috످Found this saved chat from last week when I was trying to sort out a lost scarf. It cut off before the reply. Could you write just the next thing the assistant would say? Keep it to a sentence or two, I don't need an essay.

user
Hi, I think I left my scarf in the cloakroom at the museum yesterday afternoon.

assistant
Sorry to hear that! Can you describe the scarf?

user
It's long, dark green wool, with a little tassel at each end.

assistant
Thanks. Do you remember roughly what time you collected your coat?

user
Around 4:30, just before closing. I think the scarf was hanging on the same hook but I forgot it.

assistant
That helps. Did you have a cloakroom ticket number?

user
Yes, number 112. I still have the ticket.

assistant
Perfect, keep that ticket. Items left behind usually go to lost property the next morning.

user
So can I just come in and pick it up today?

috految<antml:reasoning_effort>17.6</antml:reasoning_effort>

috److Most likely, yes, but it's worth calling the museum's lost property desk first to check they have your scarf. If they do, just bring your cloakroom ticket (number 112) when you come in.

috످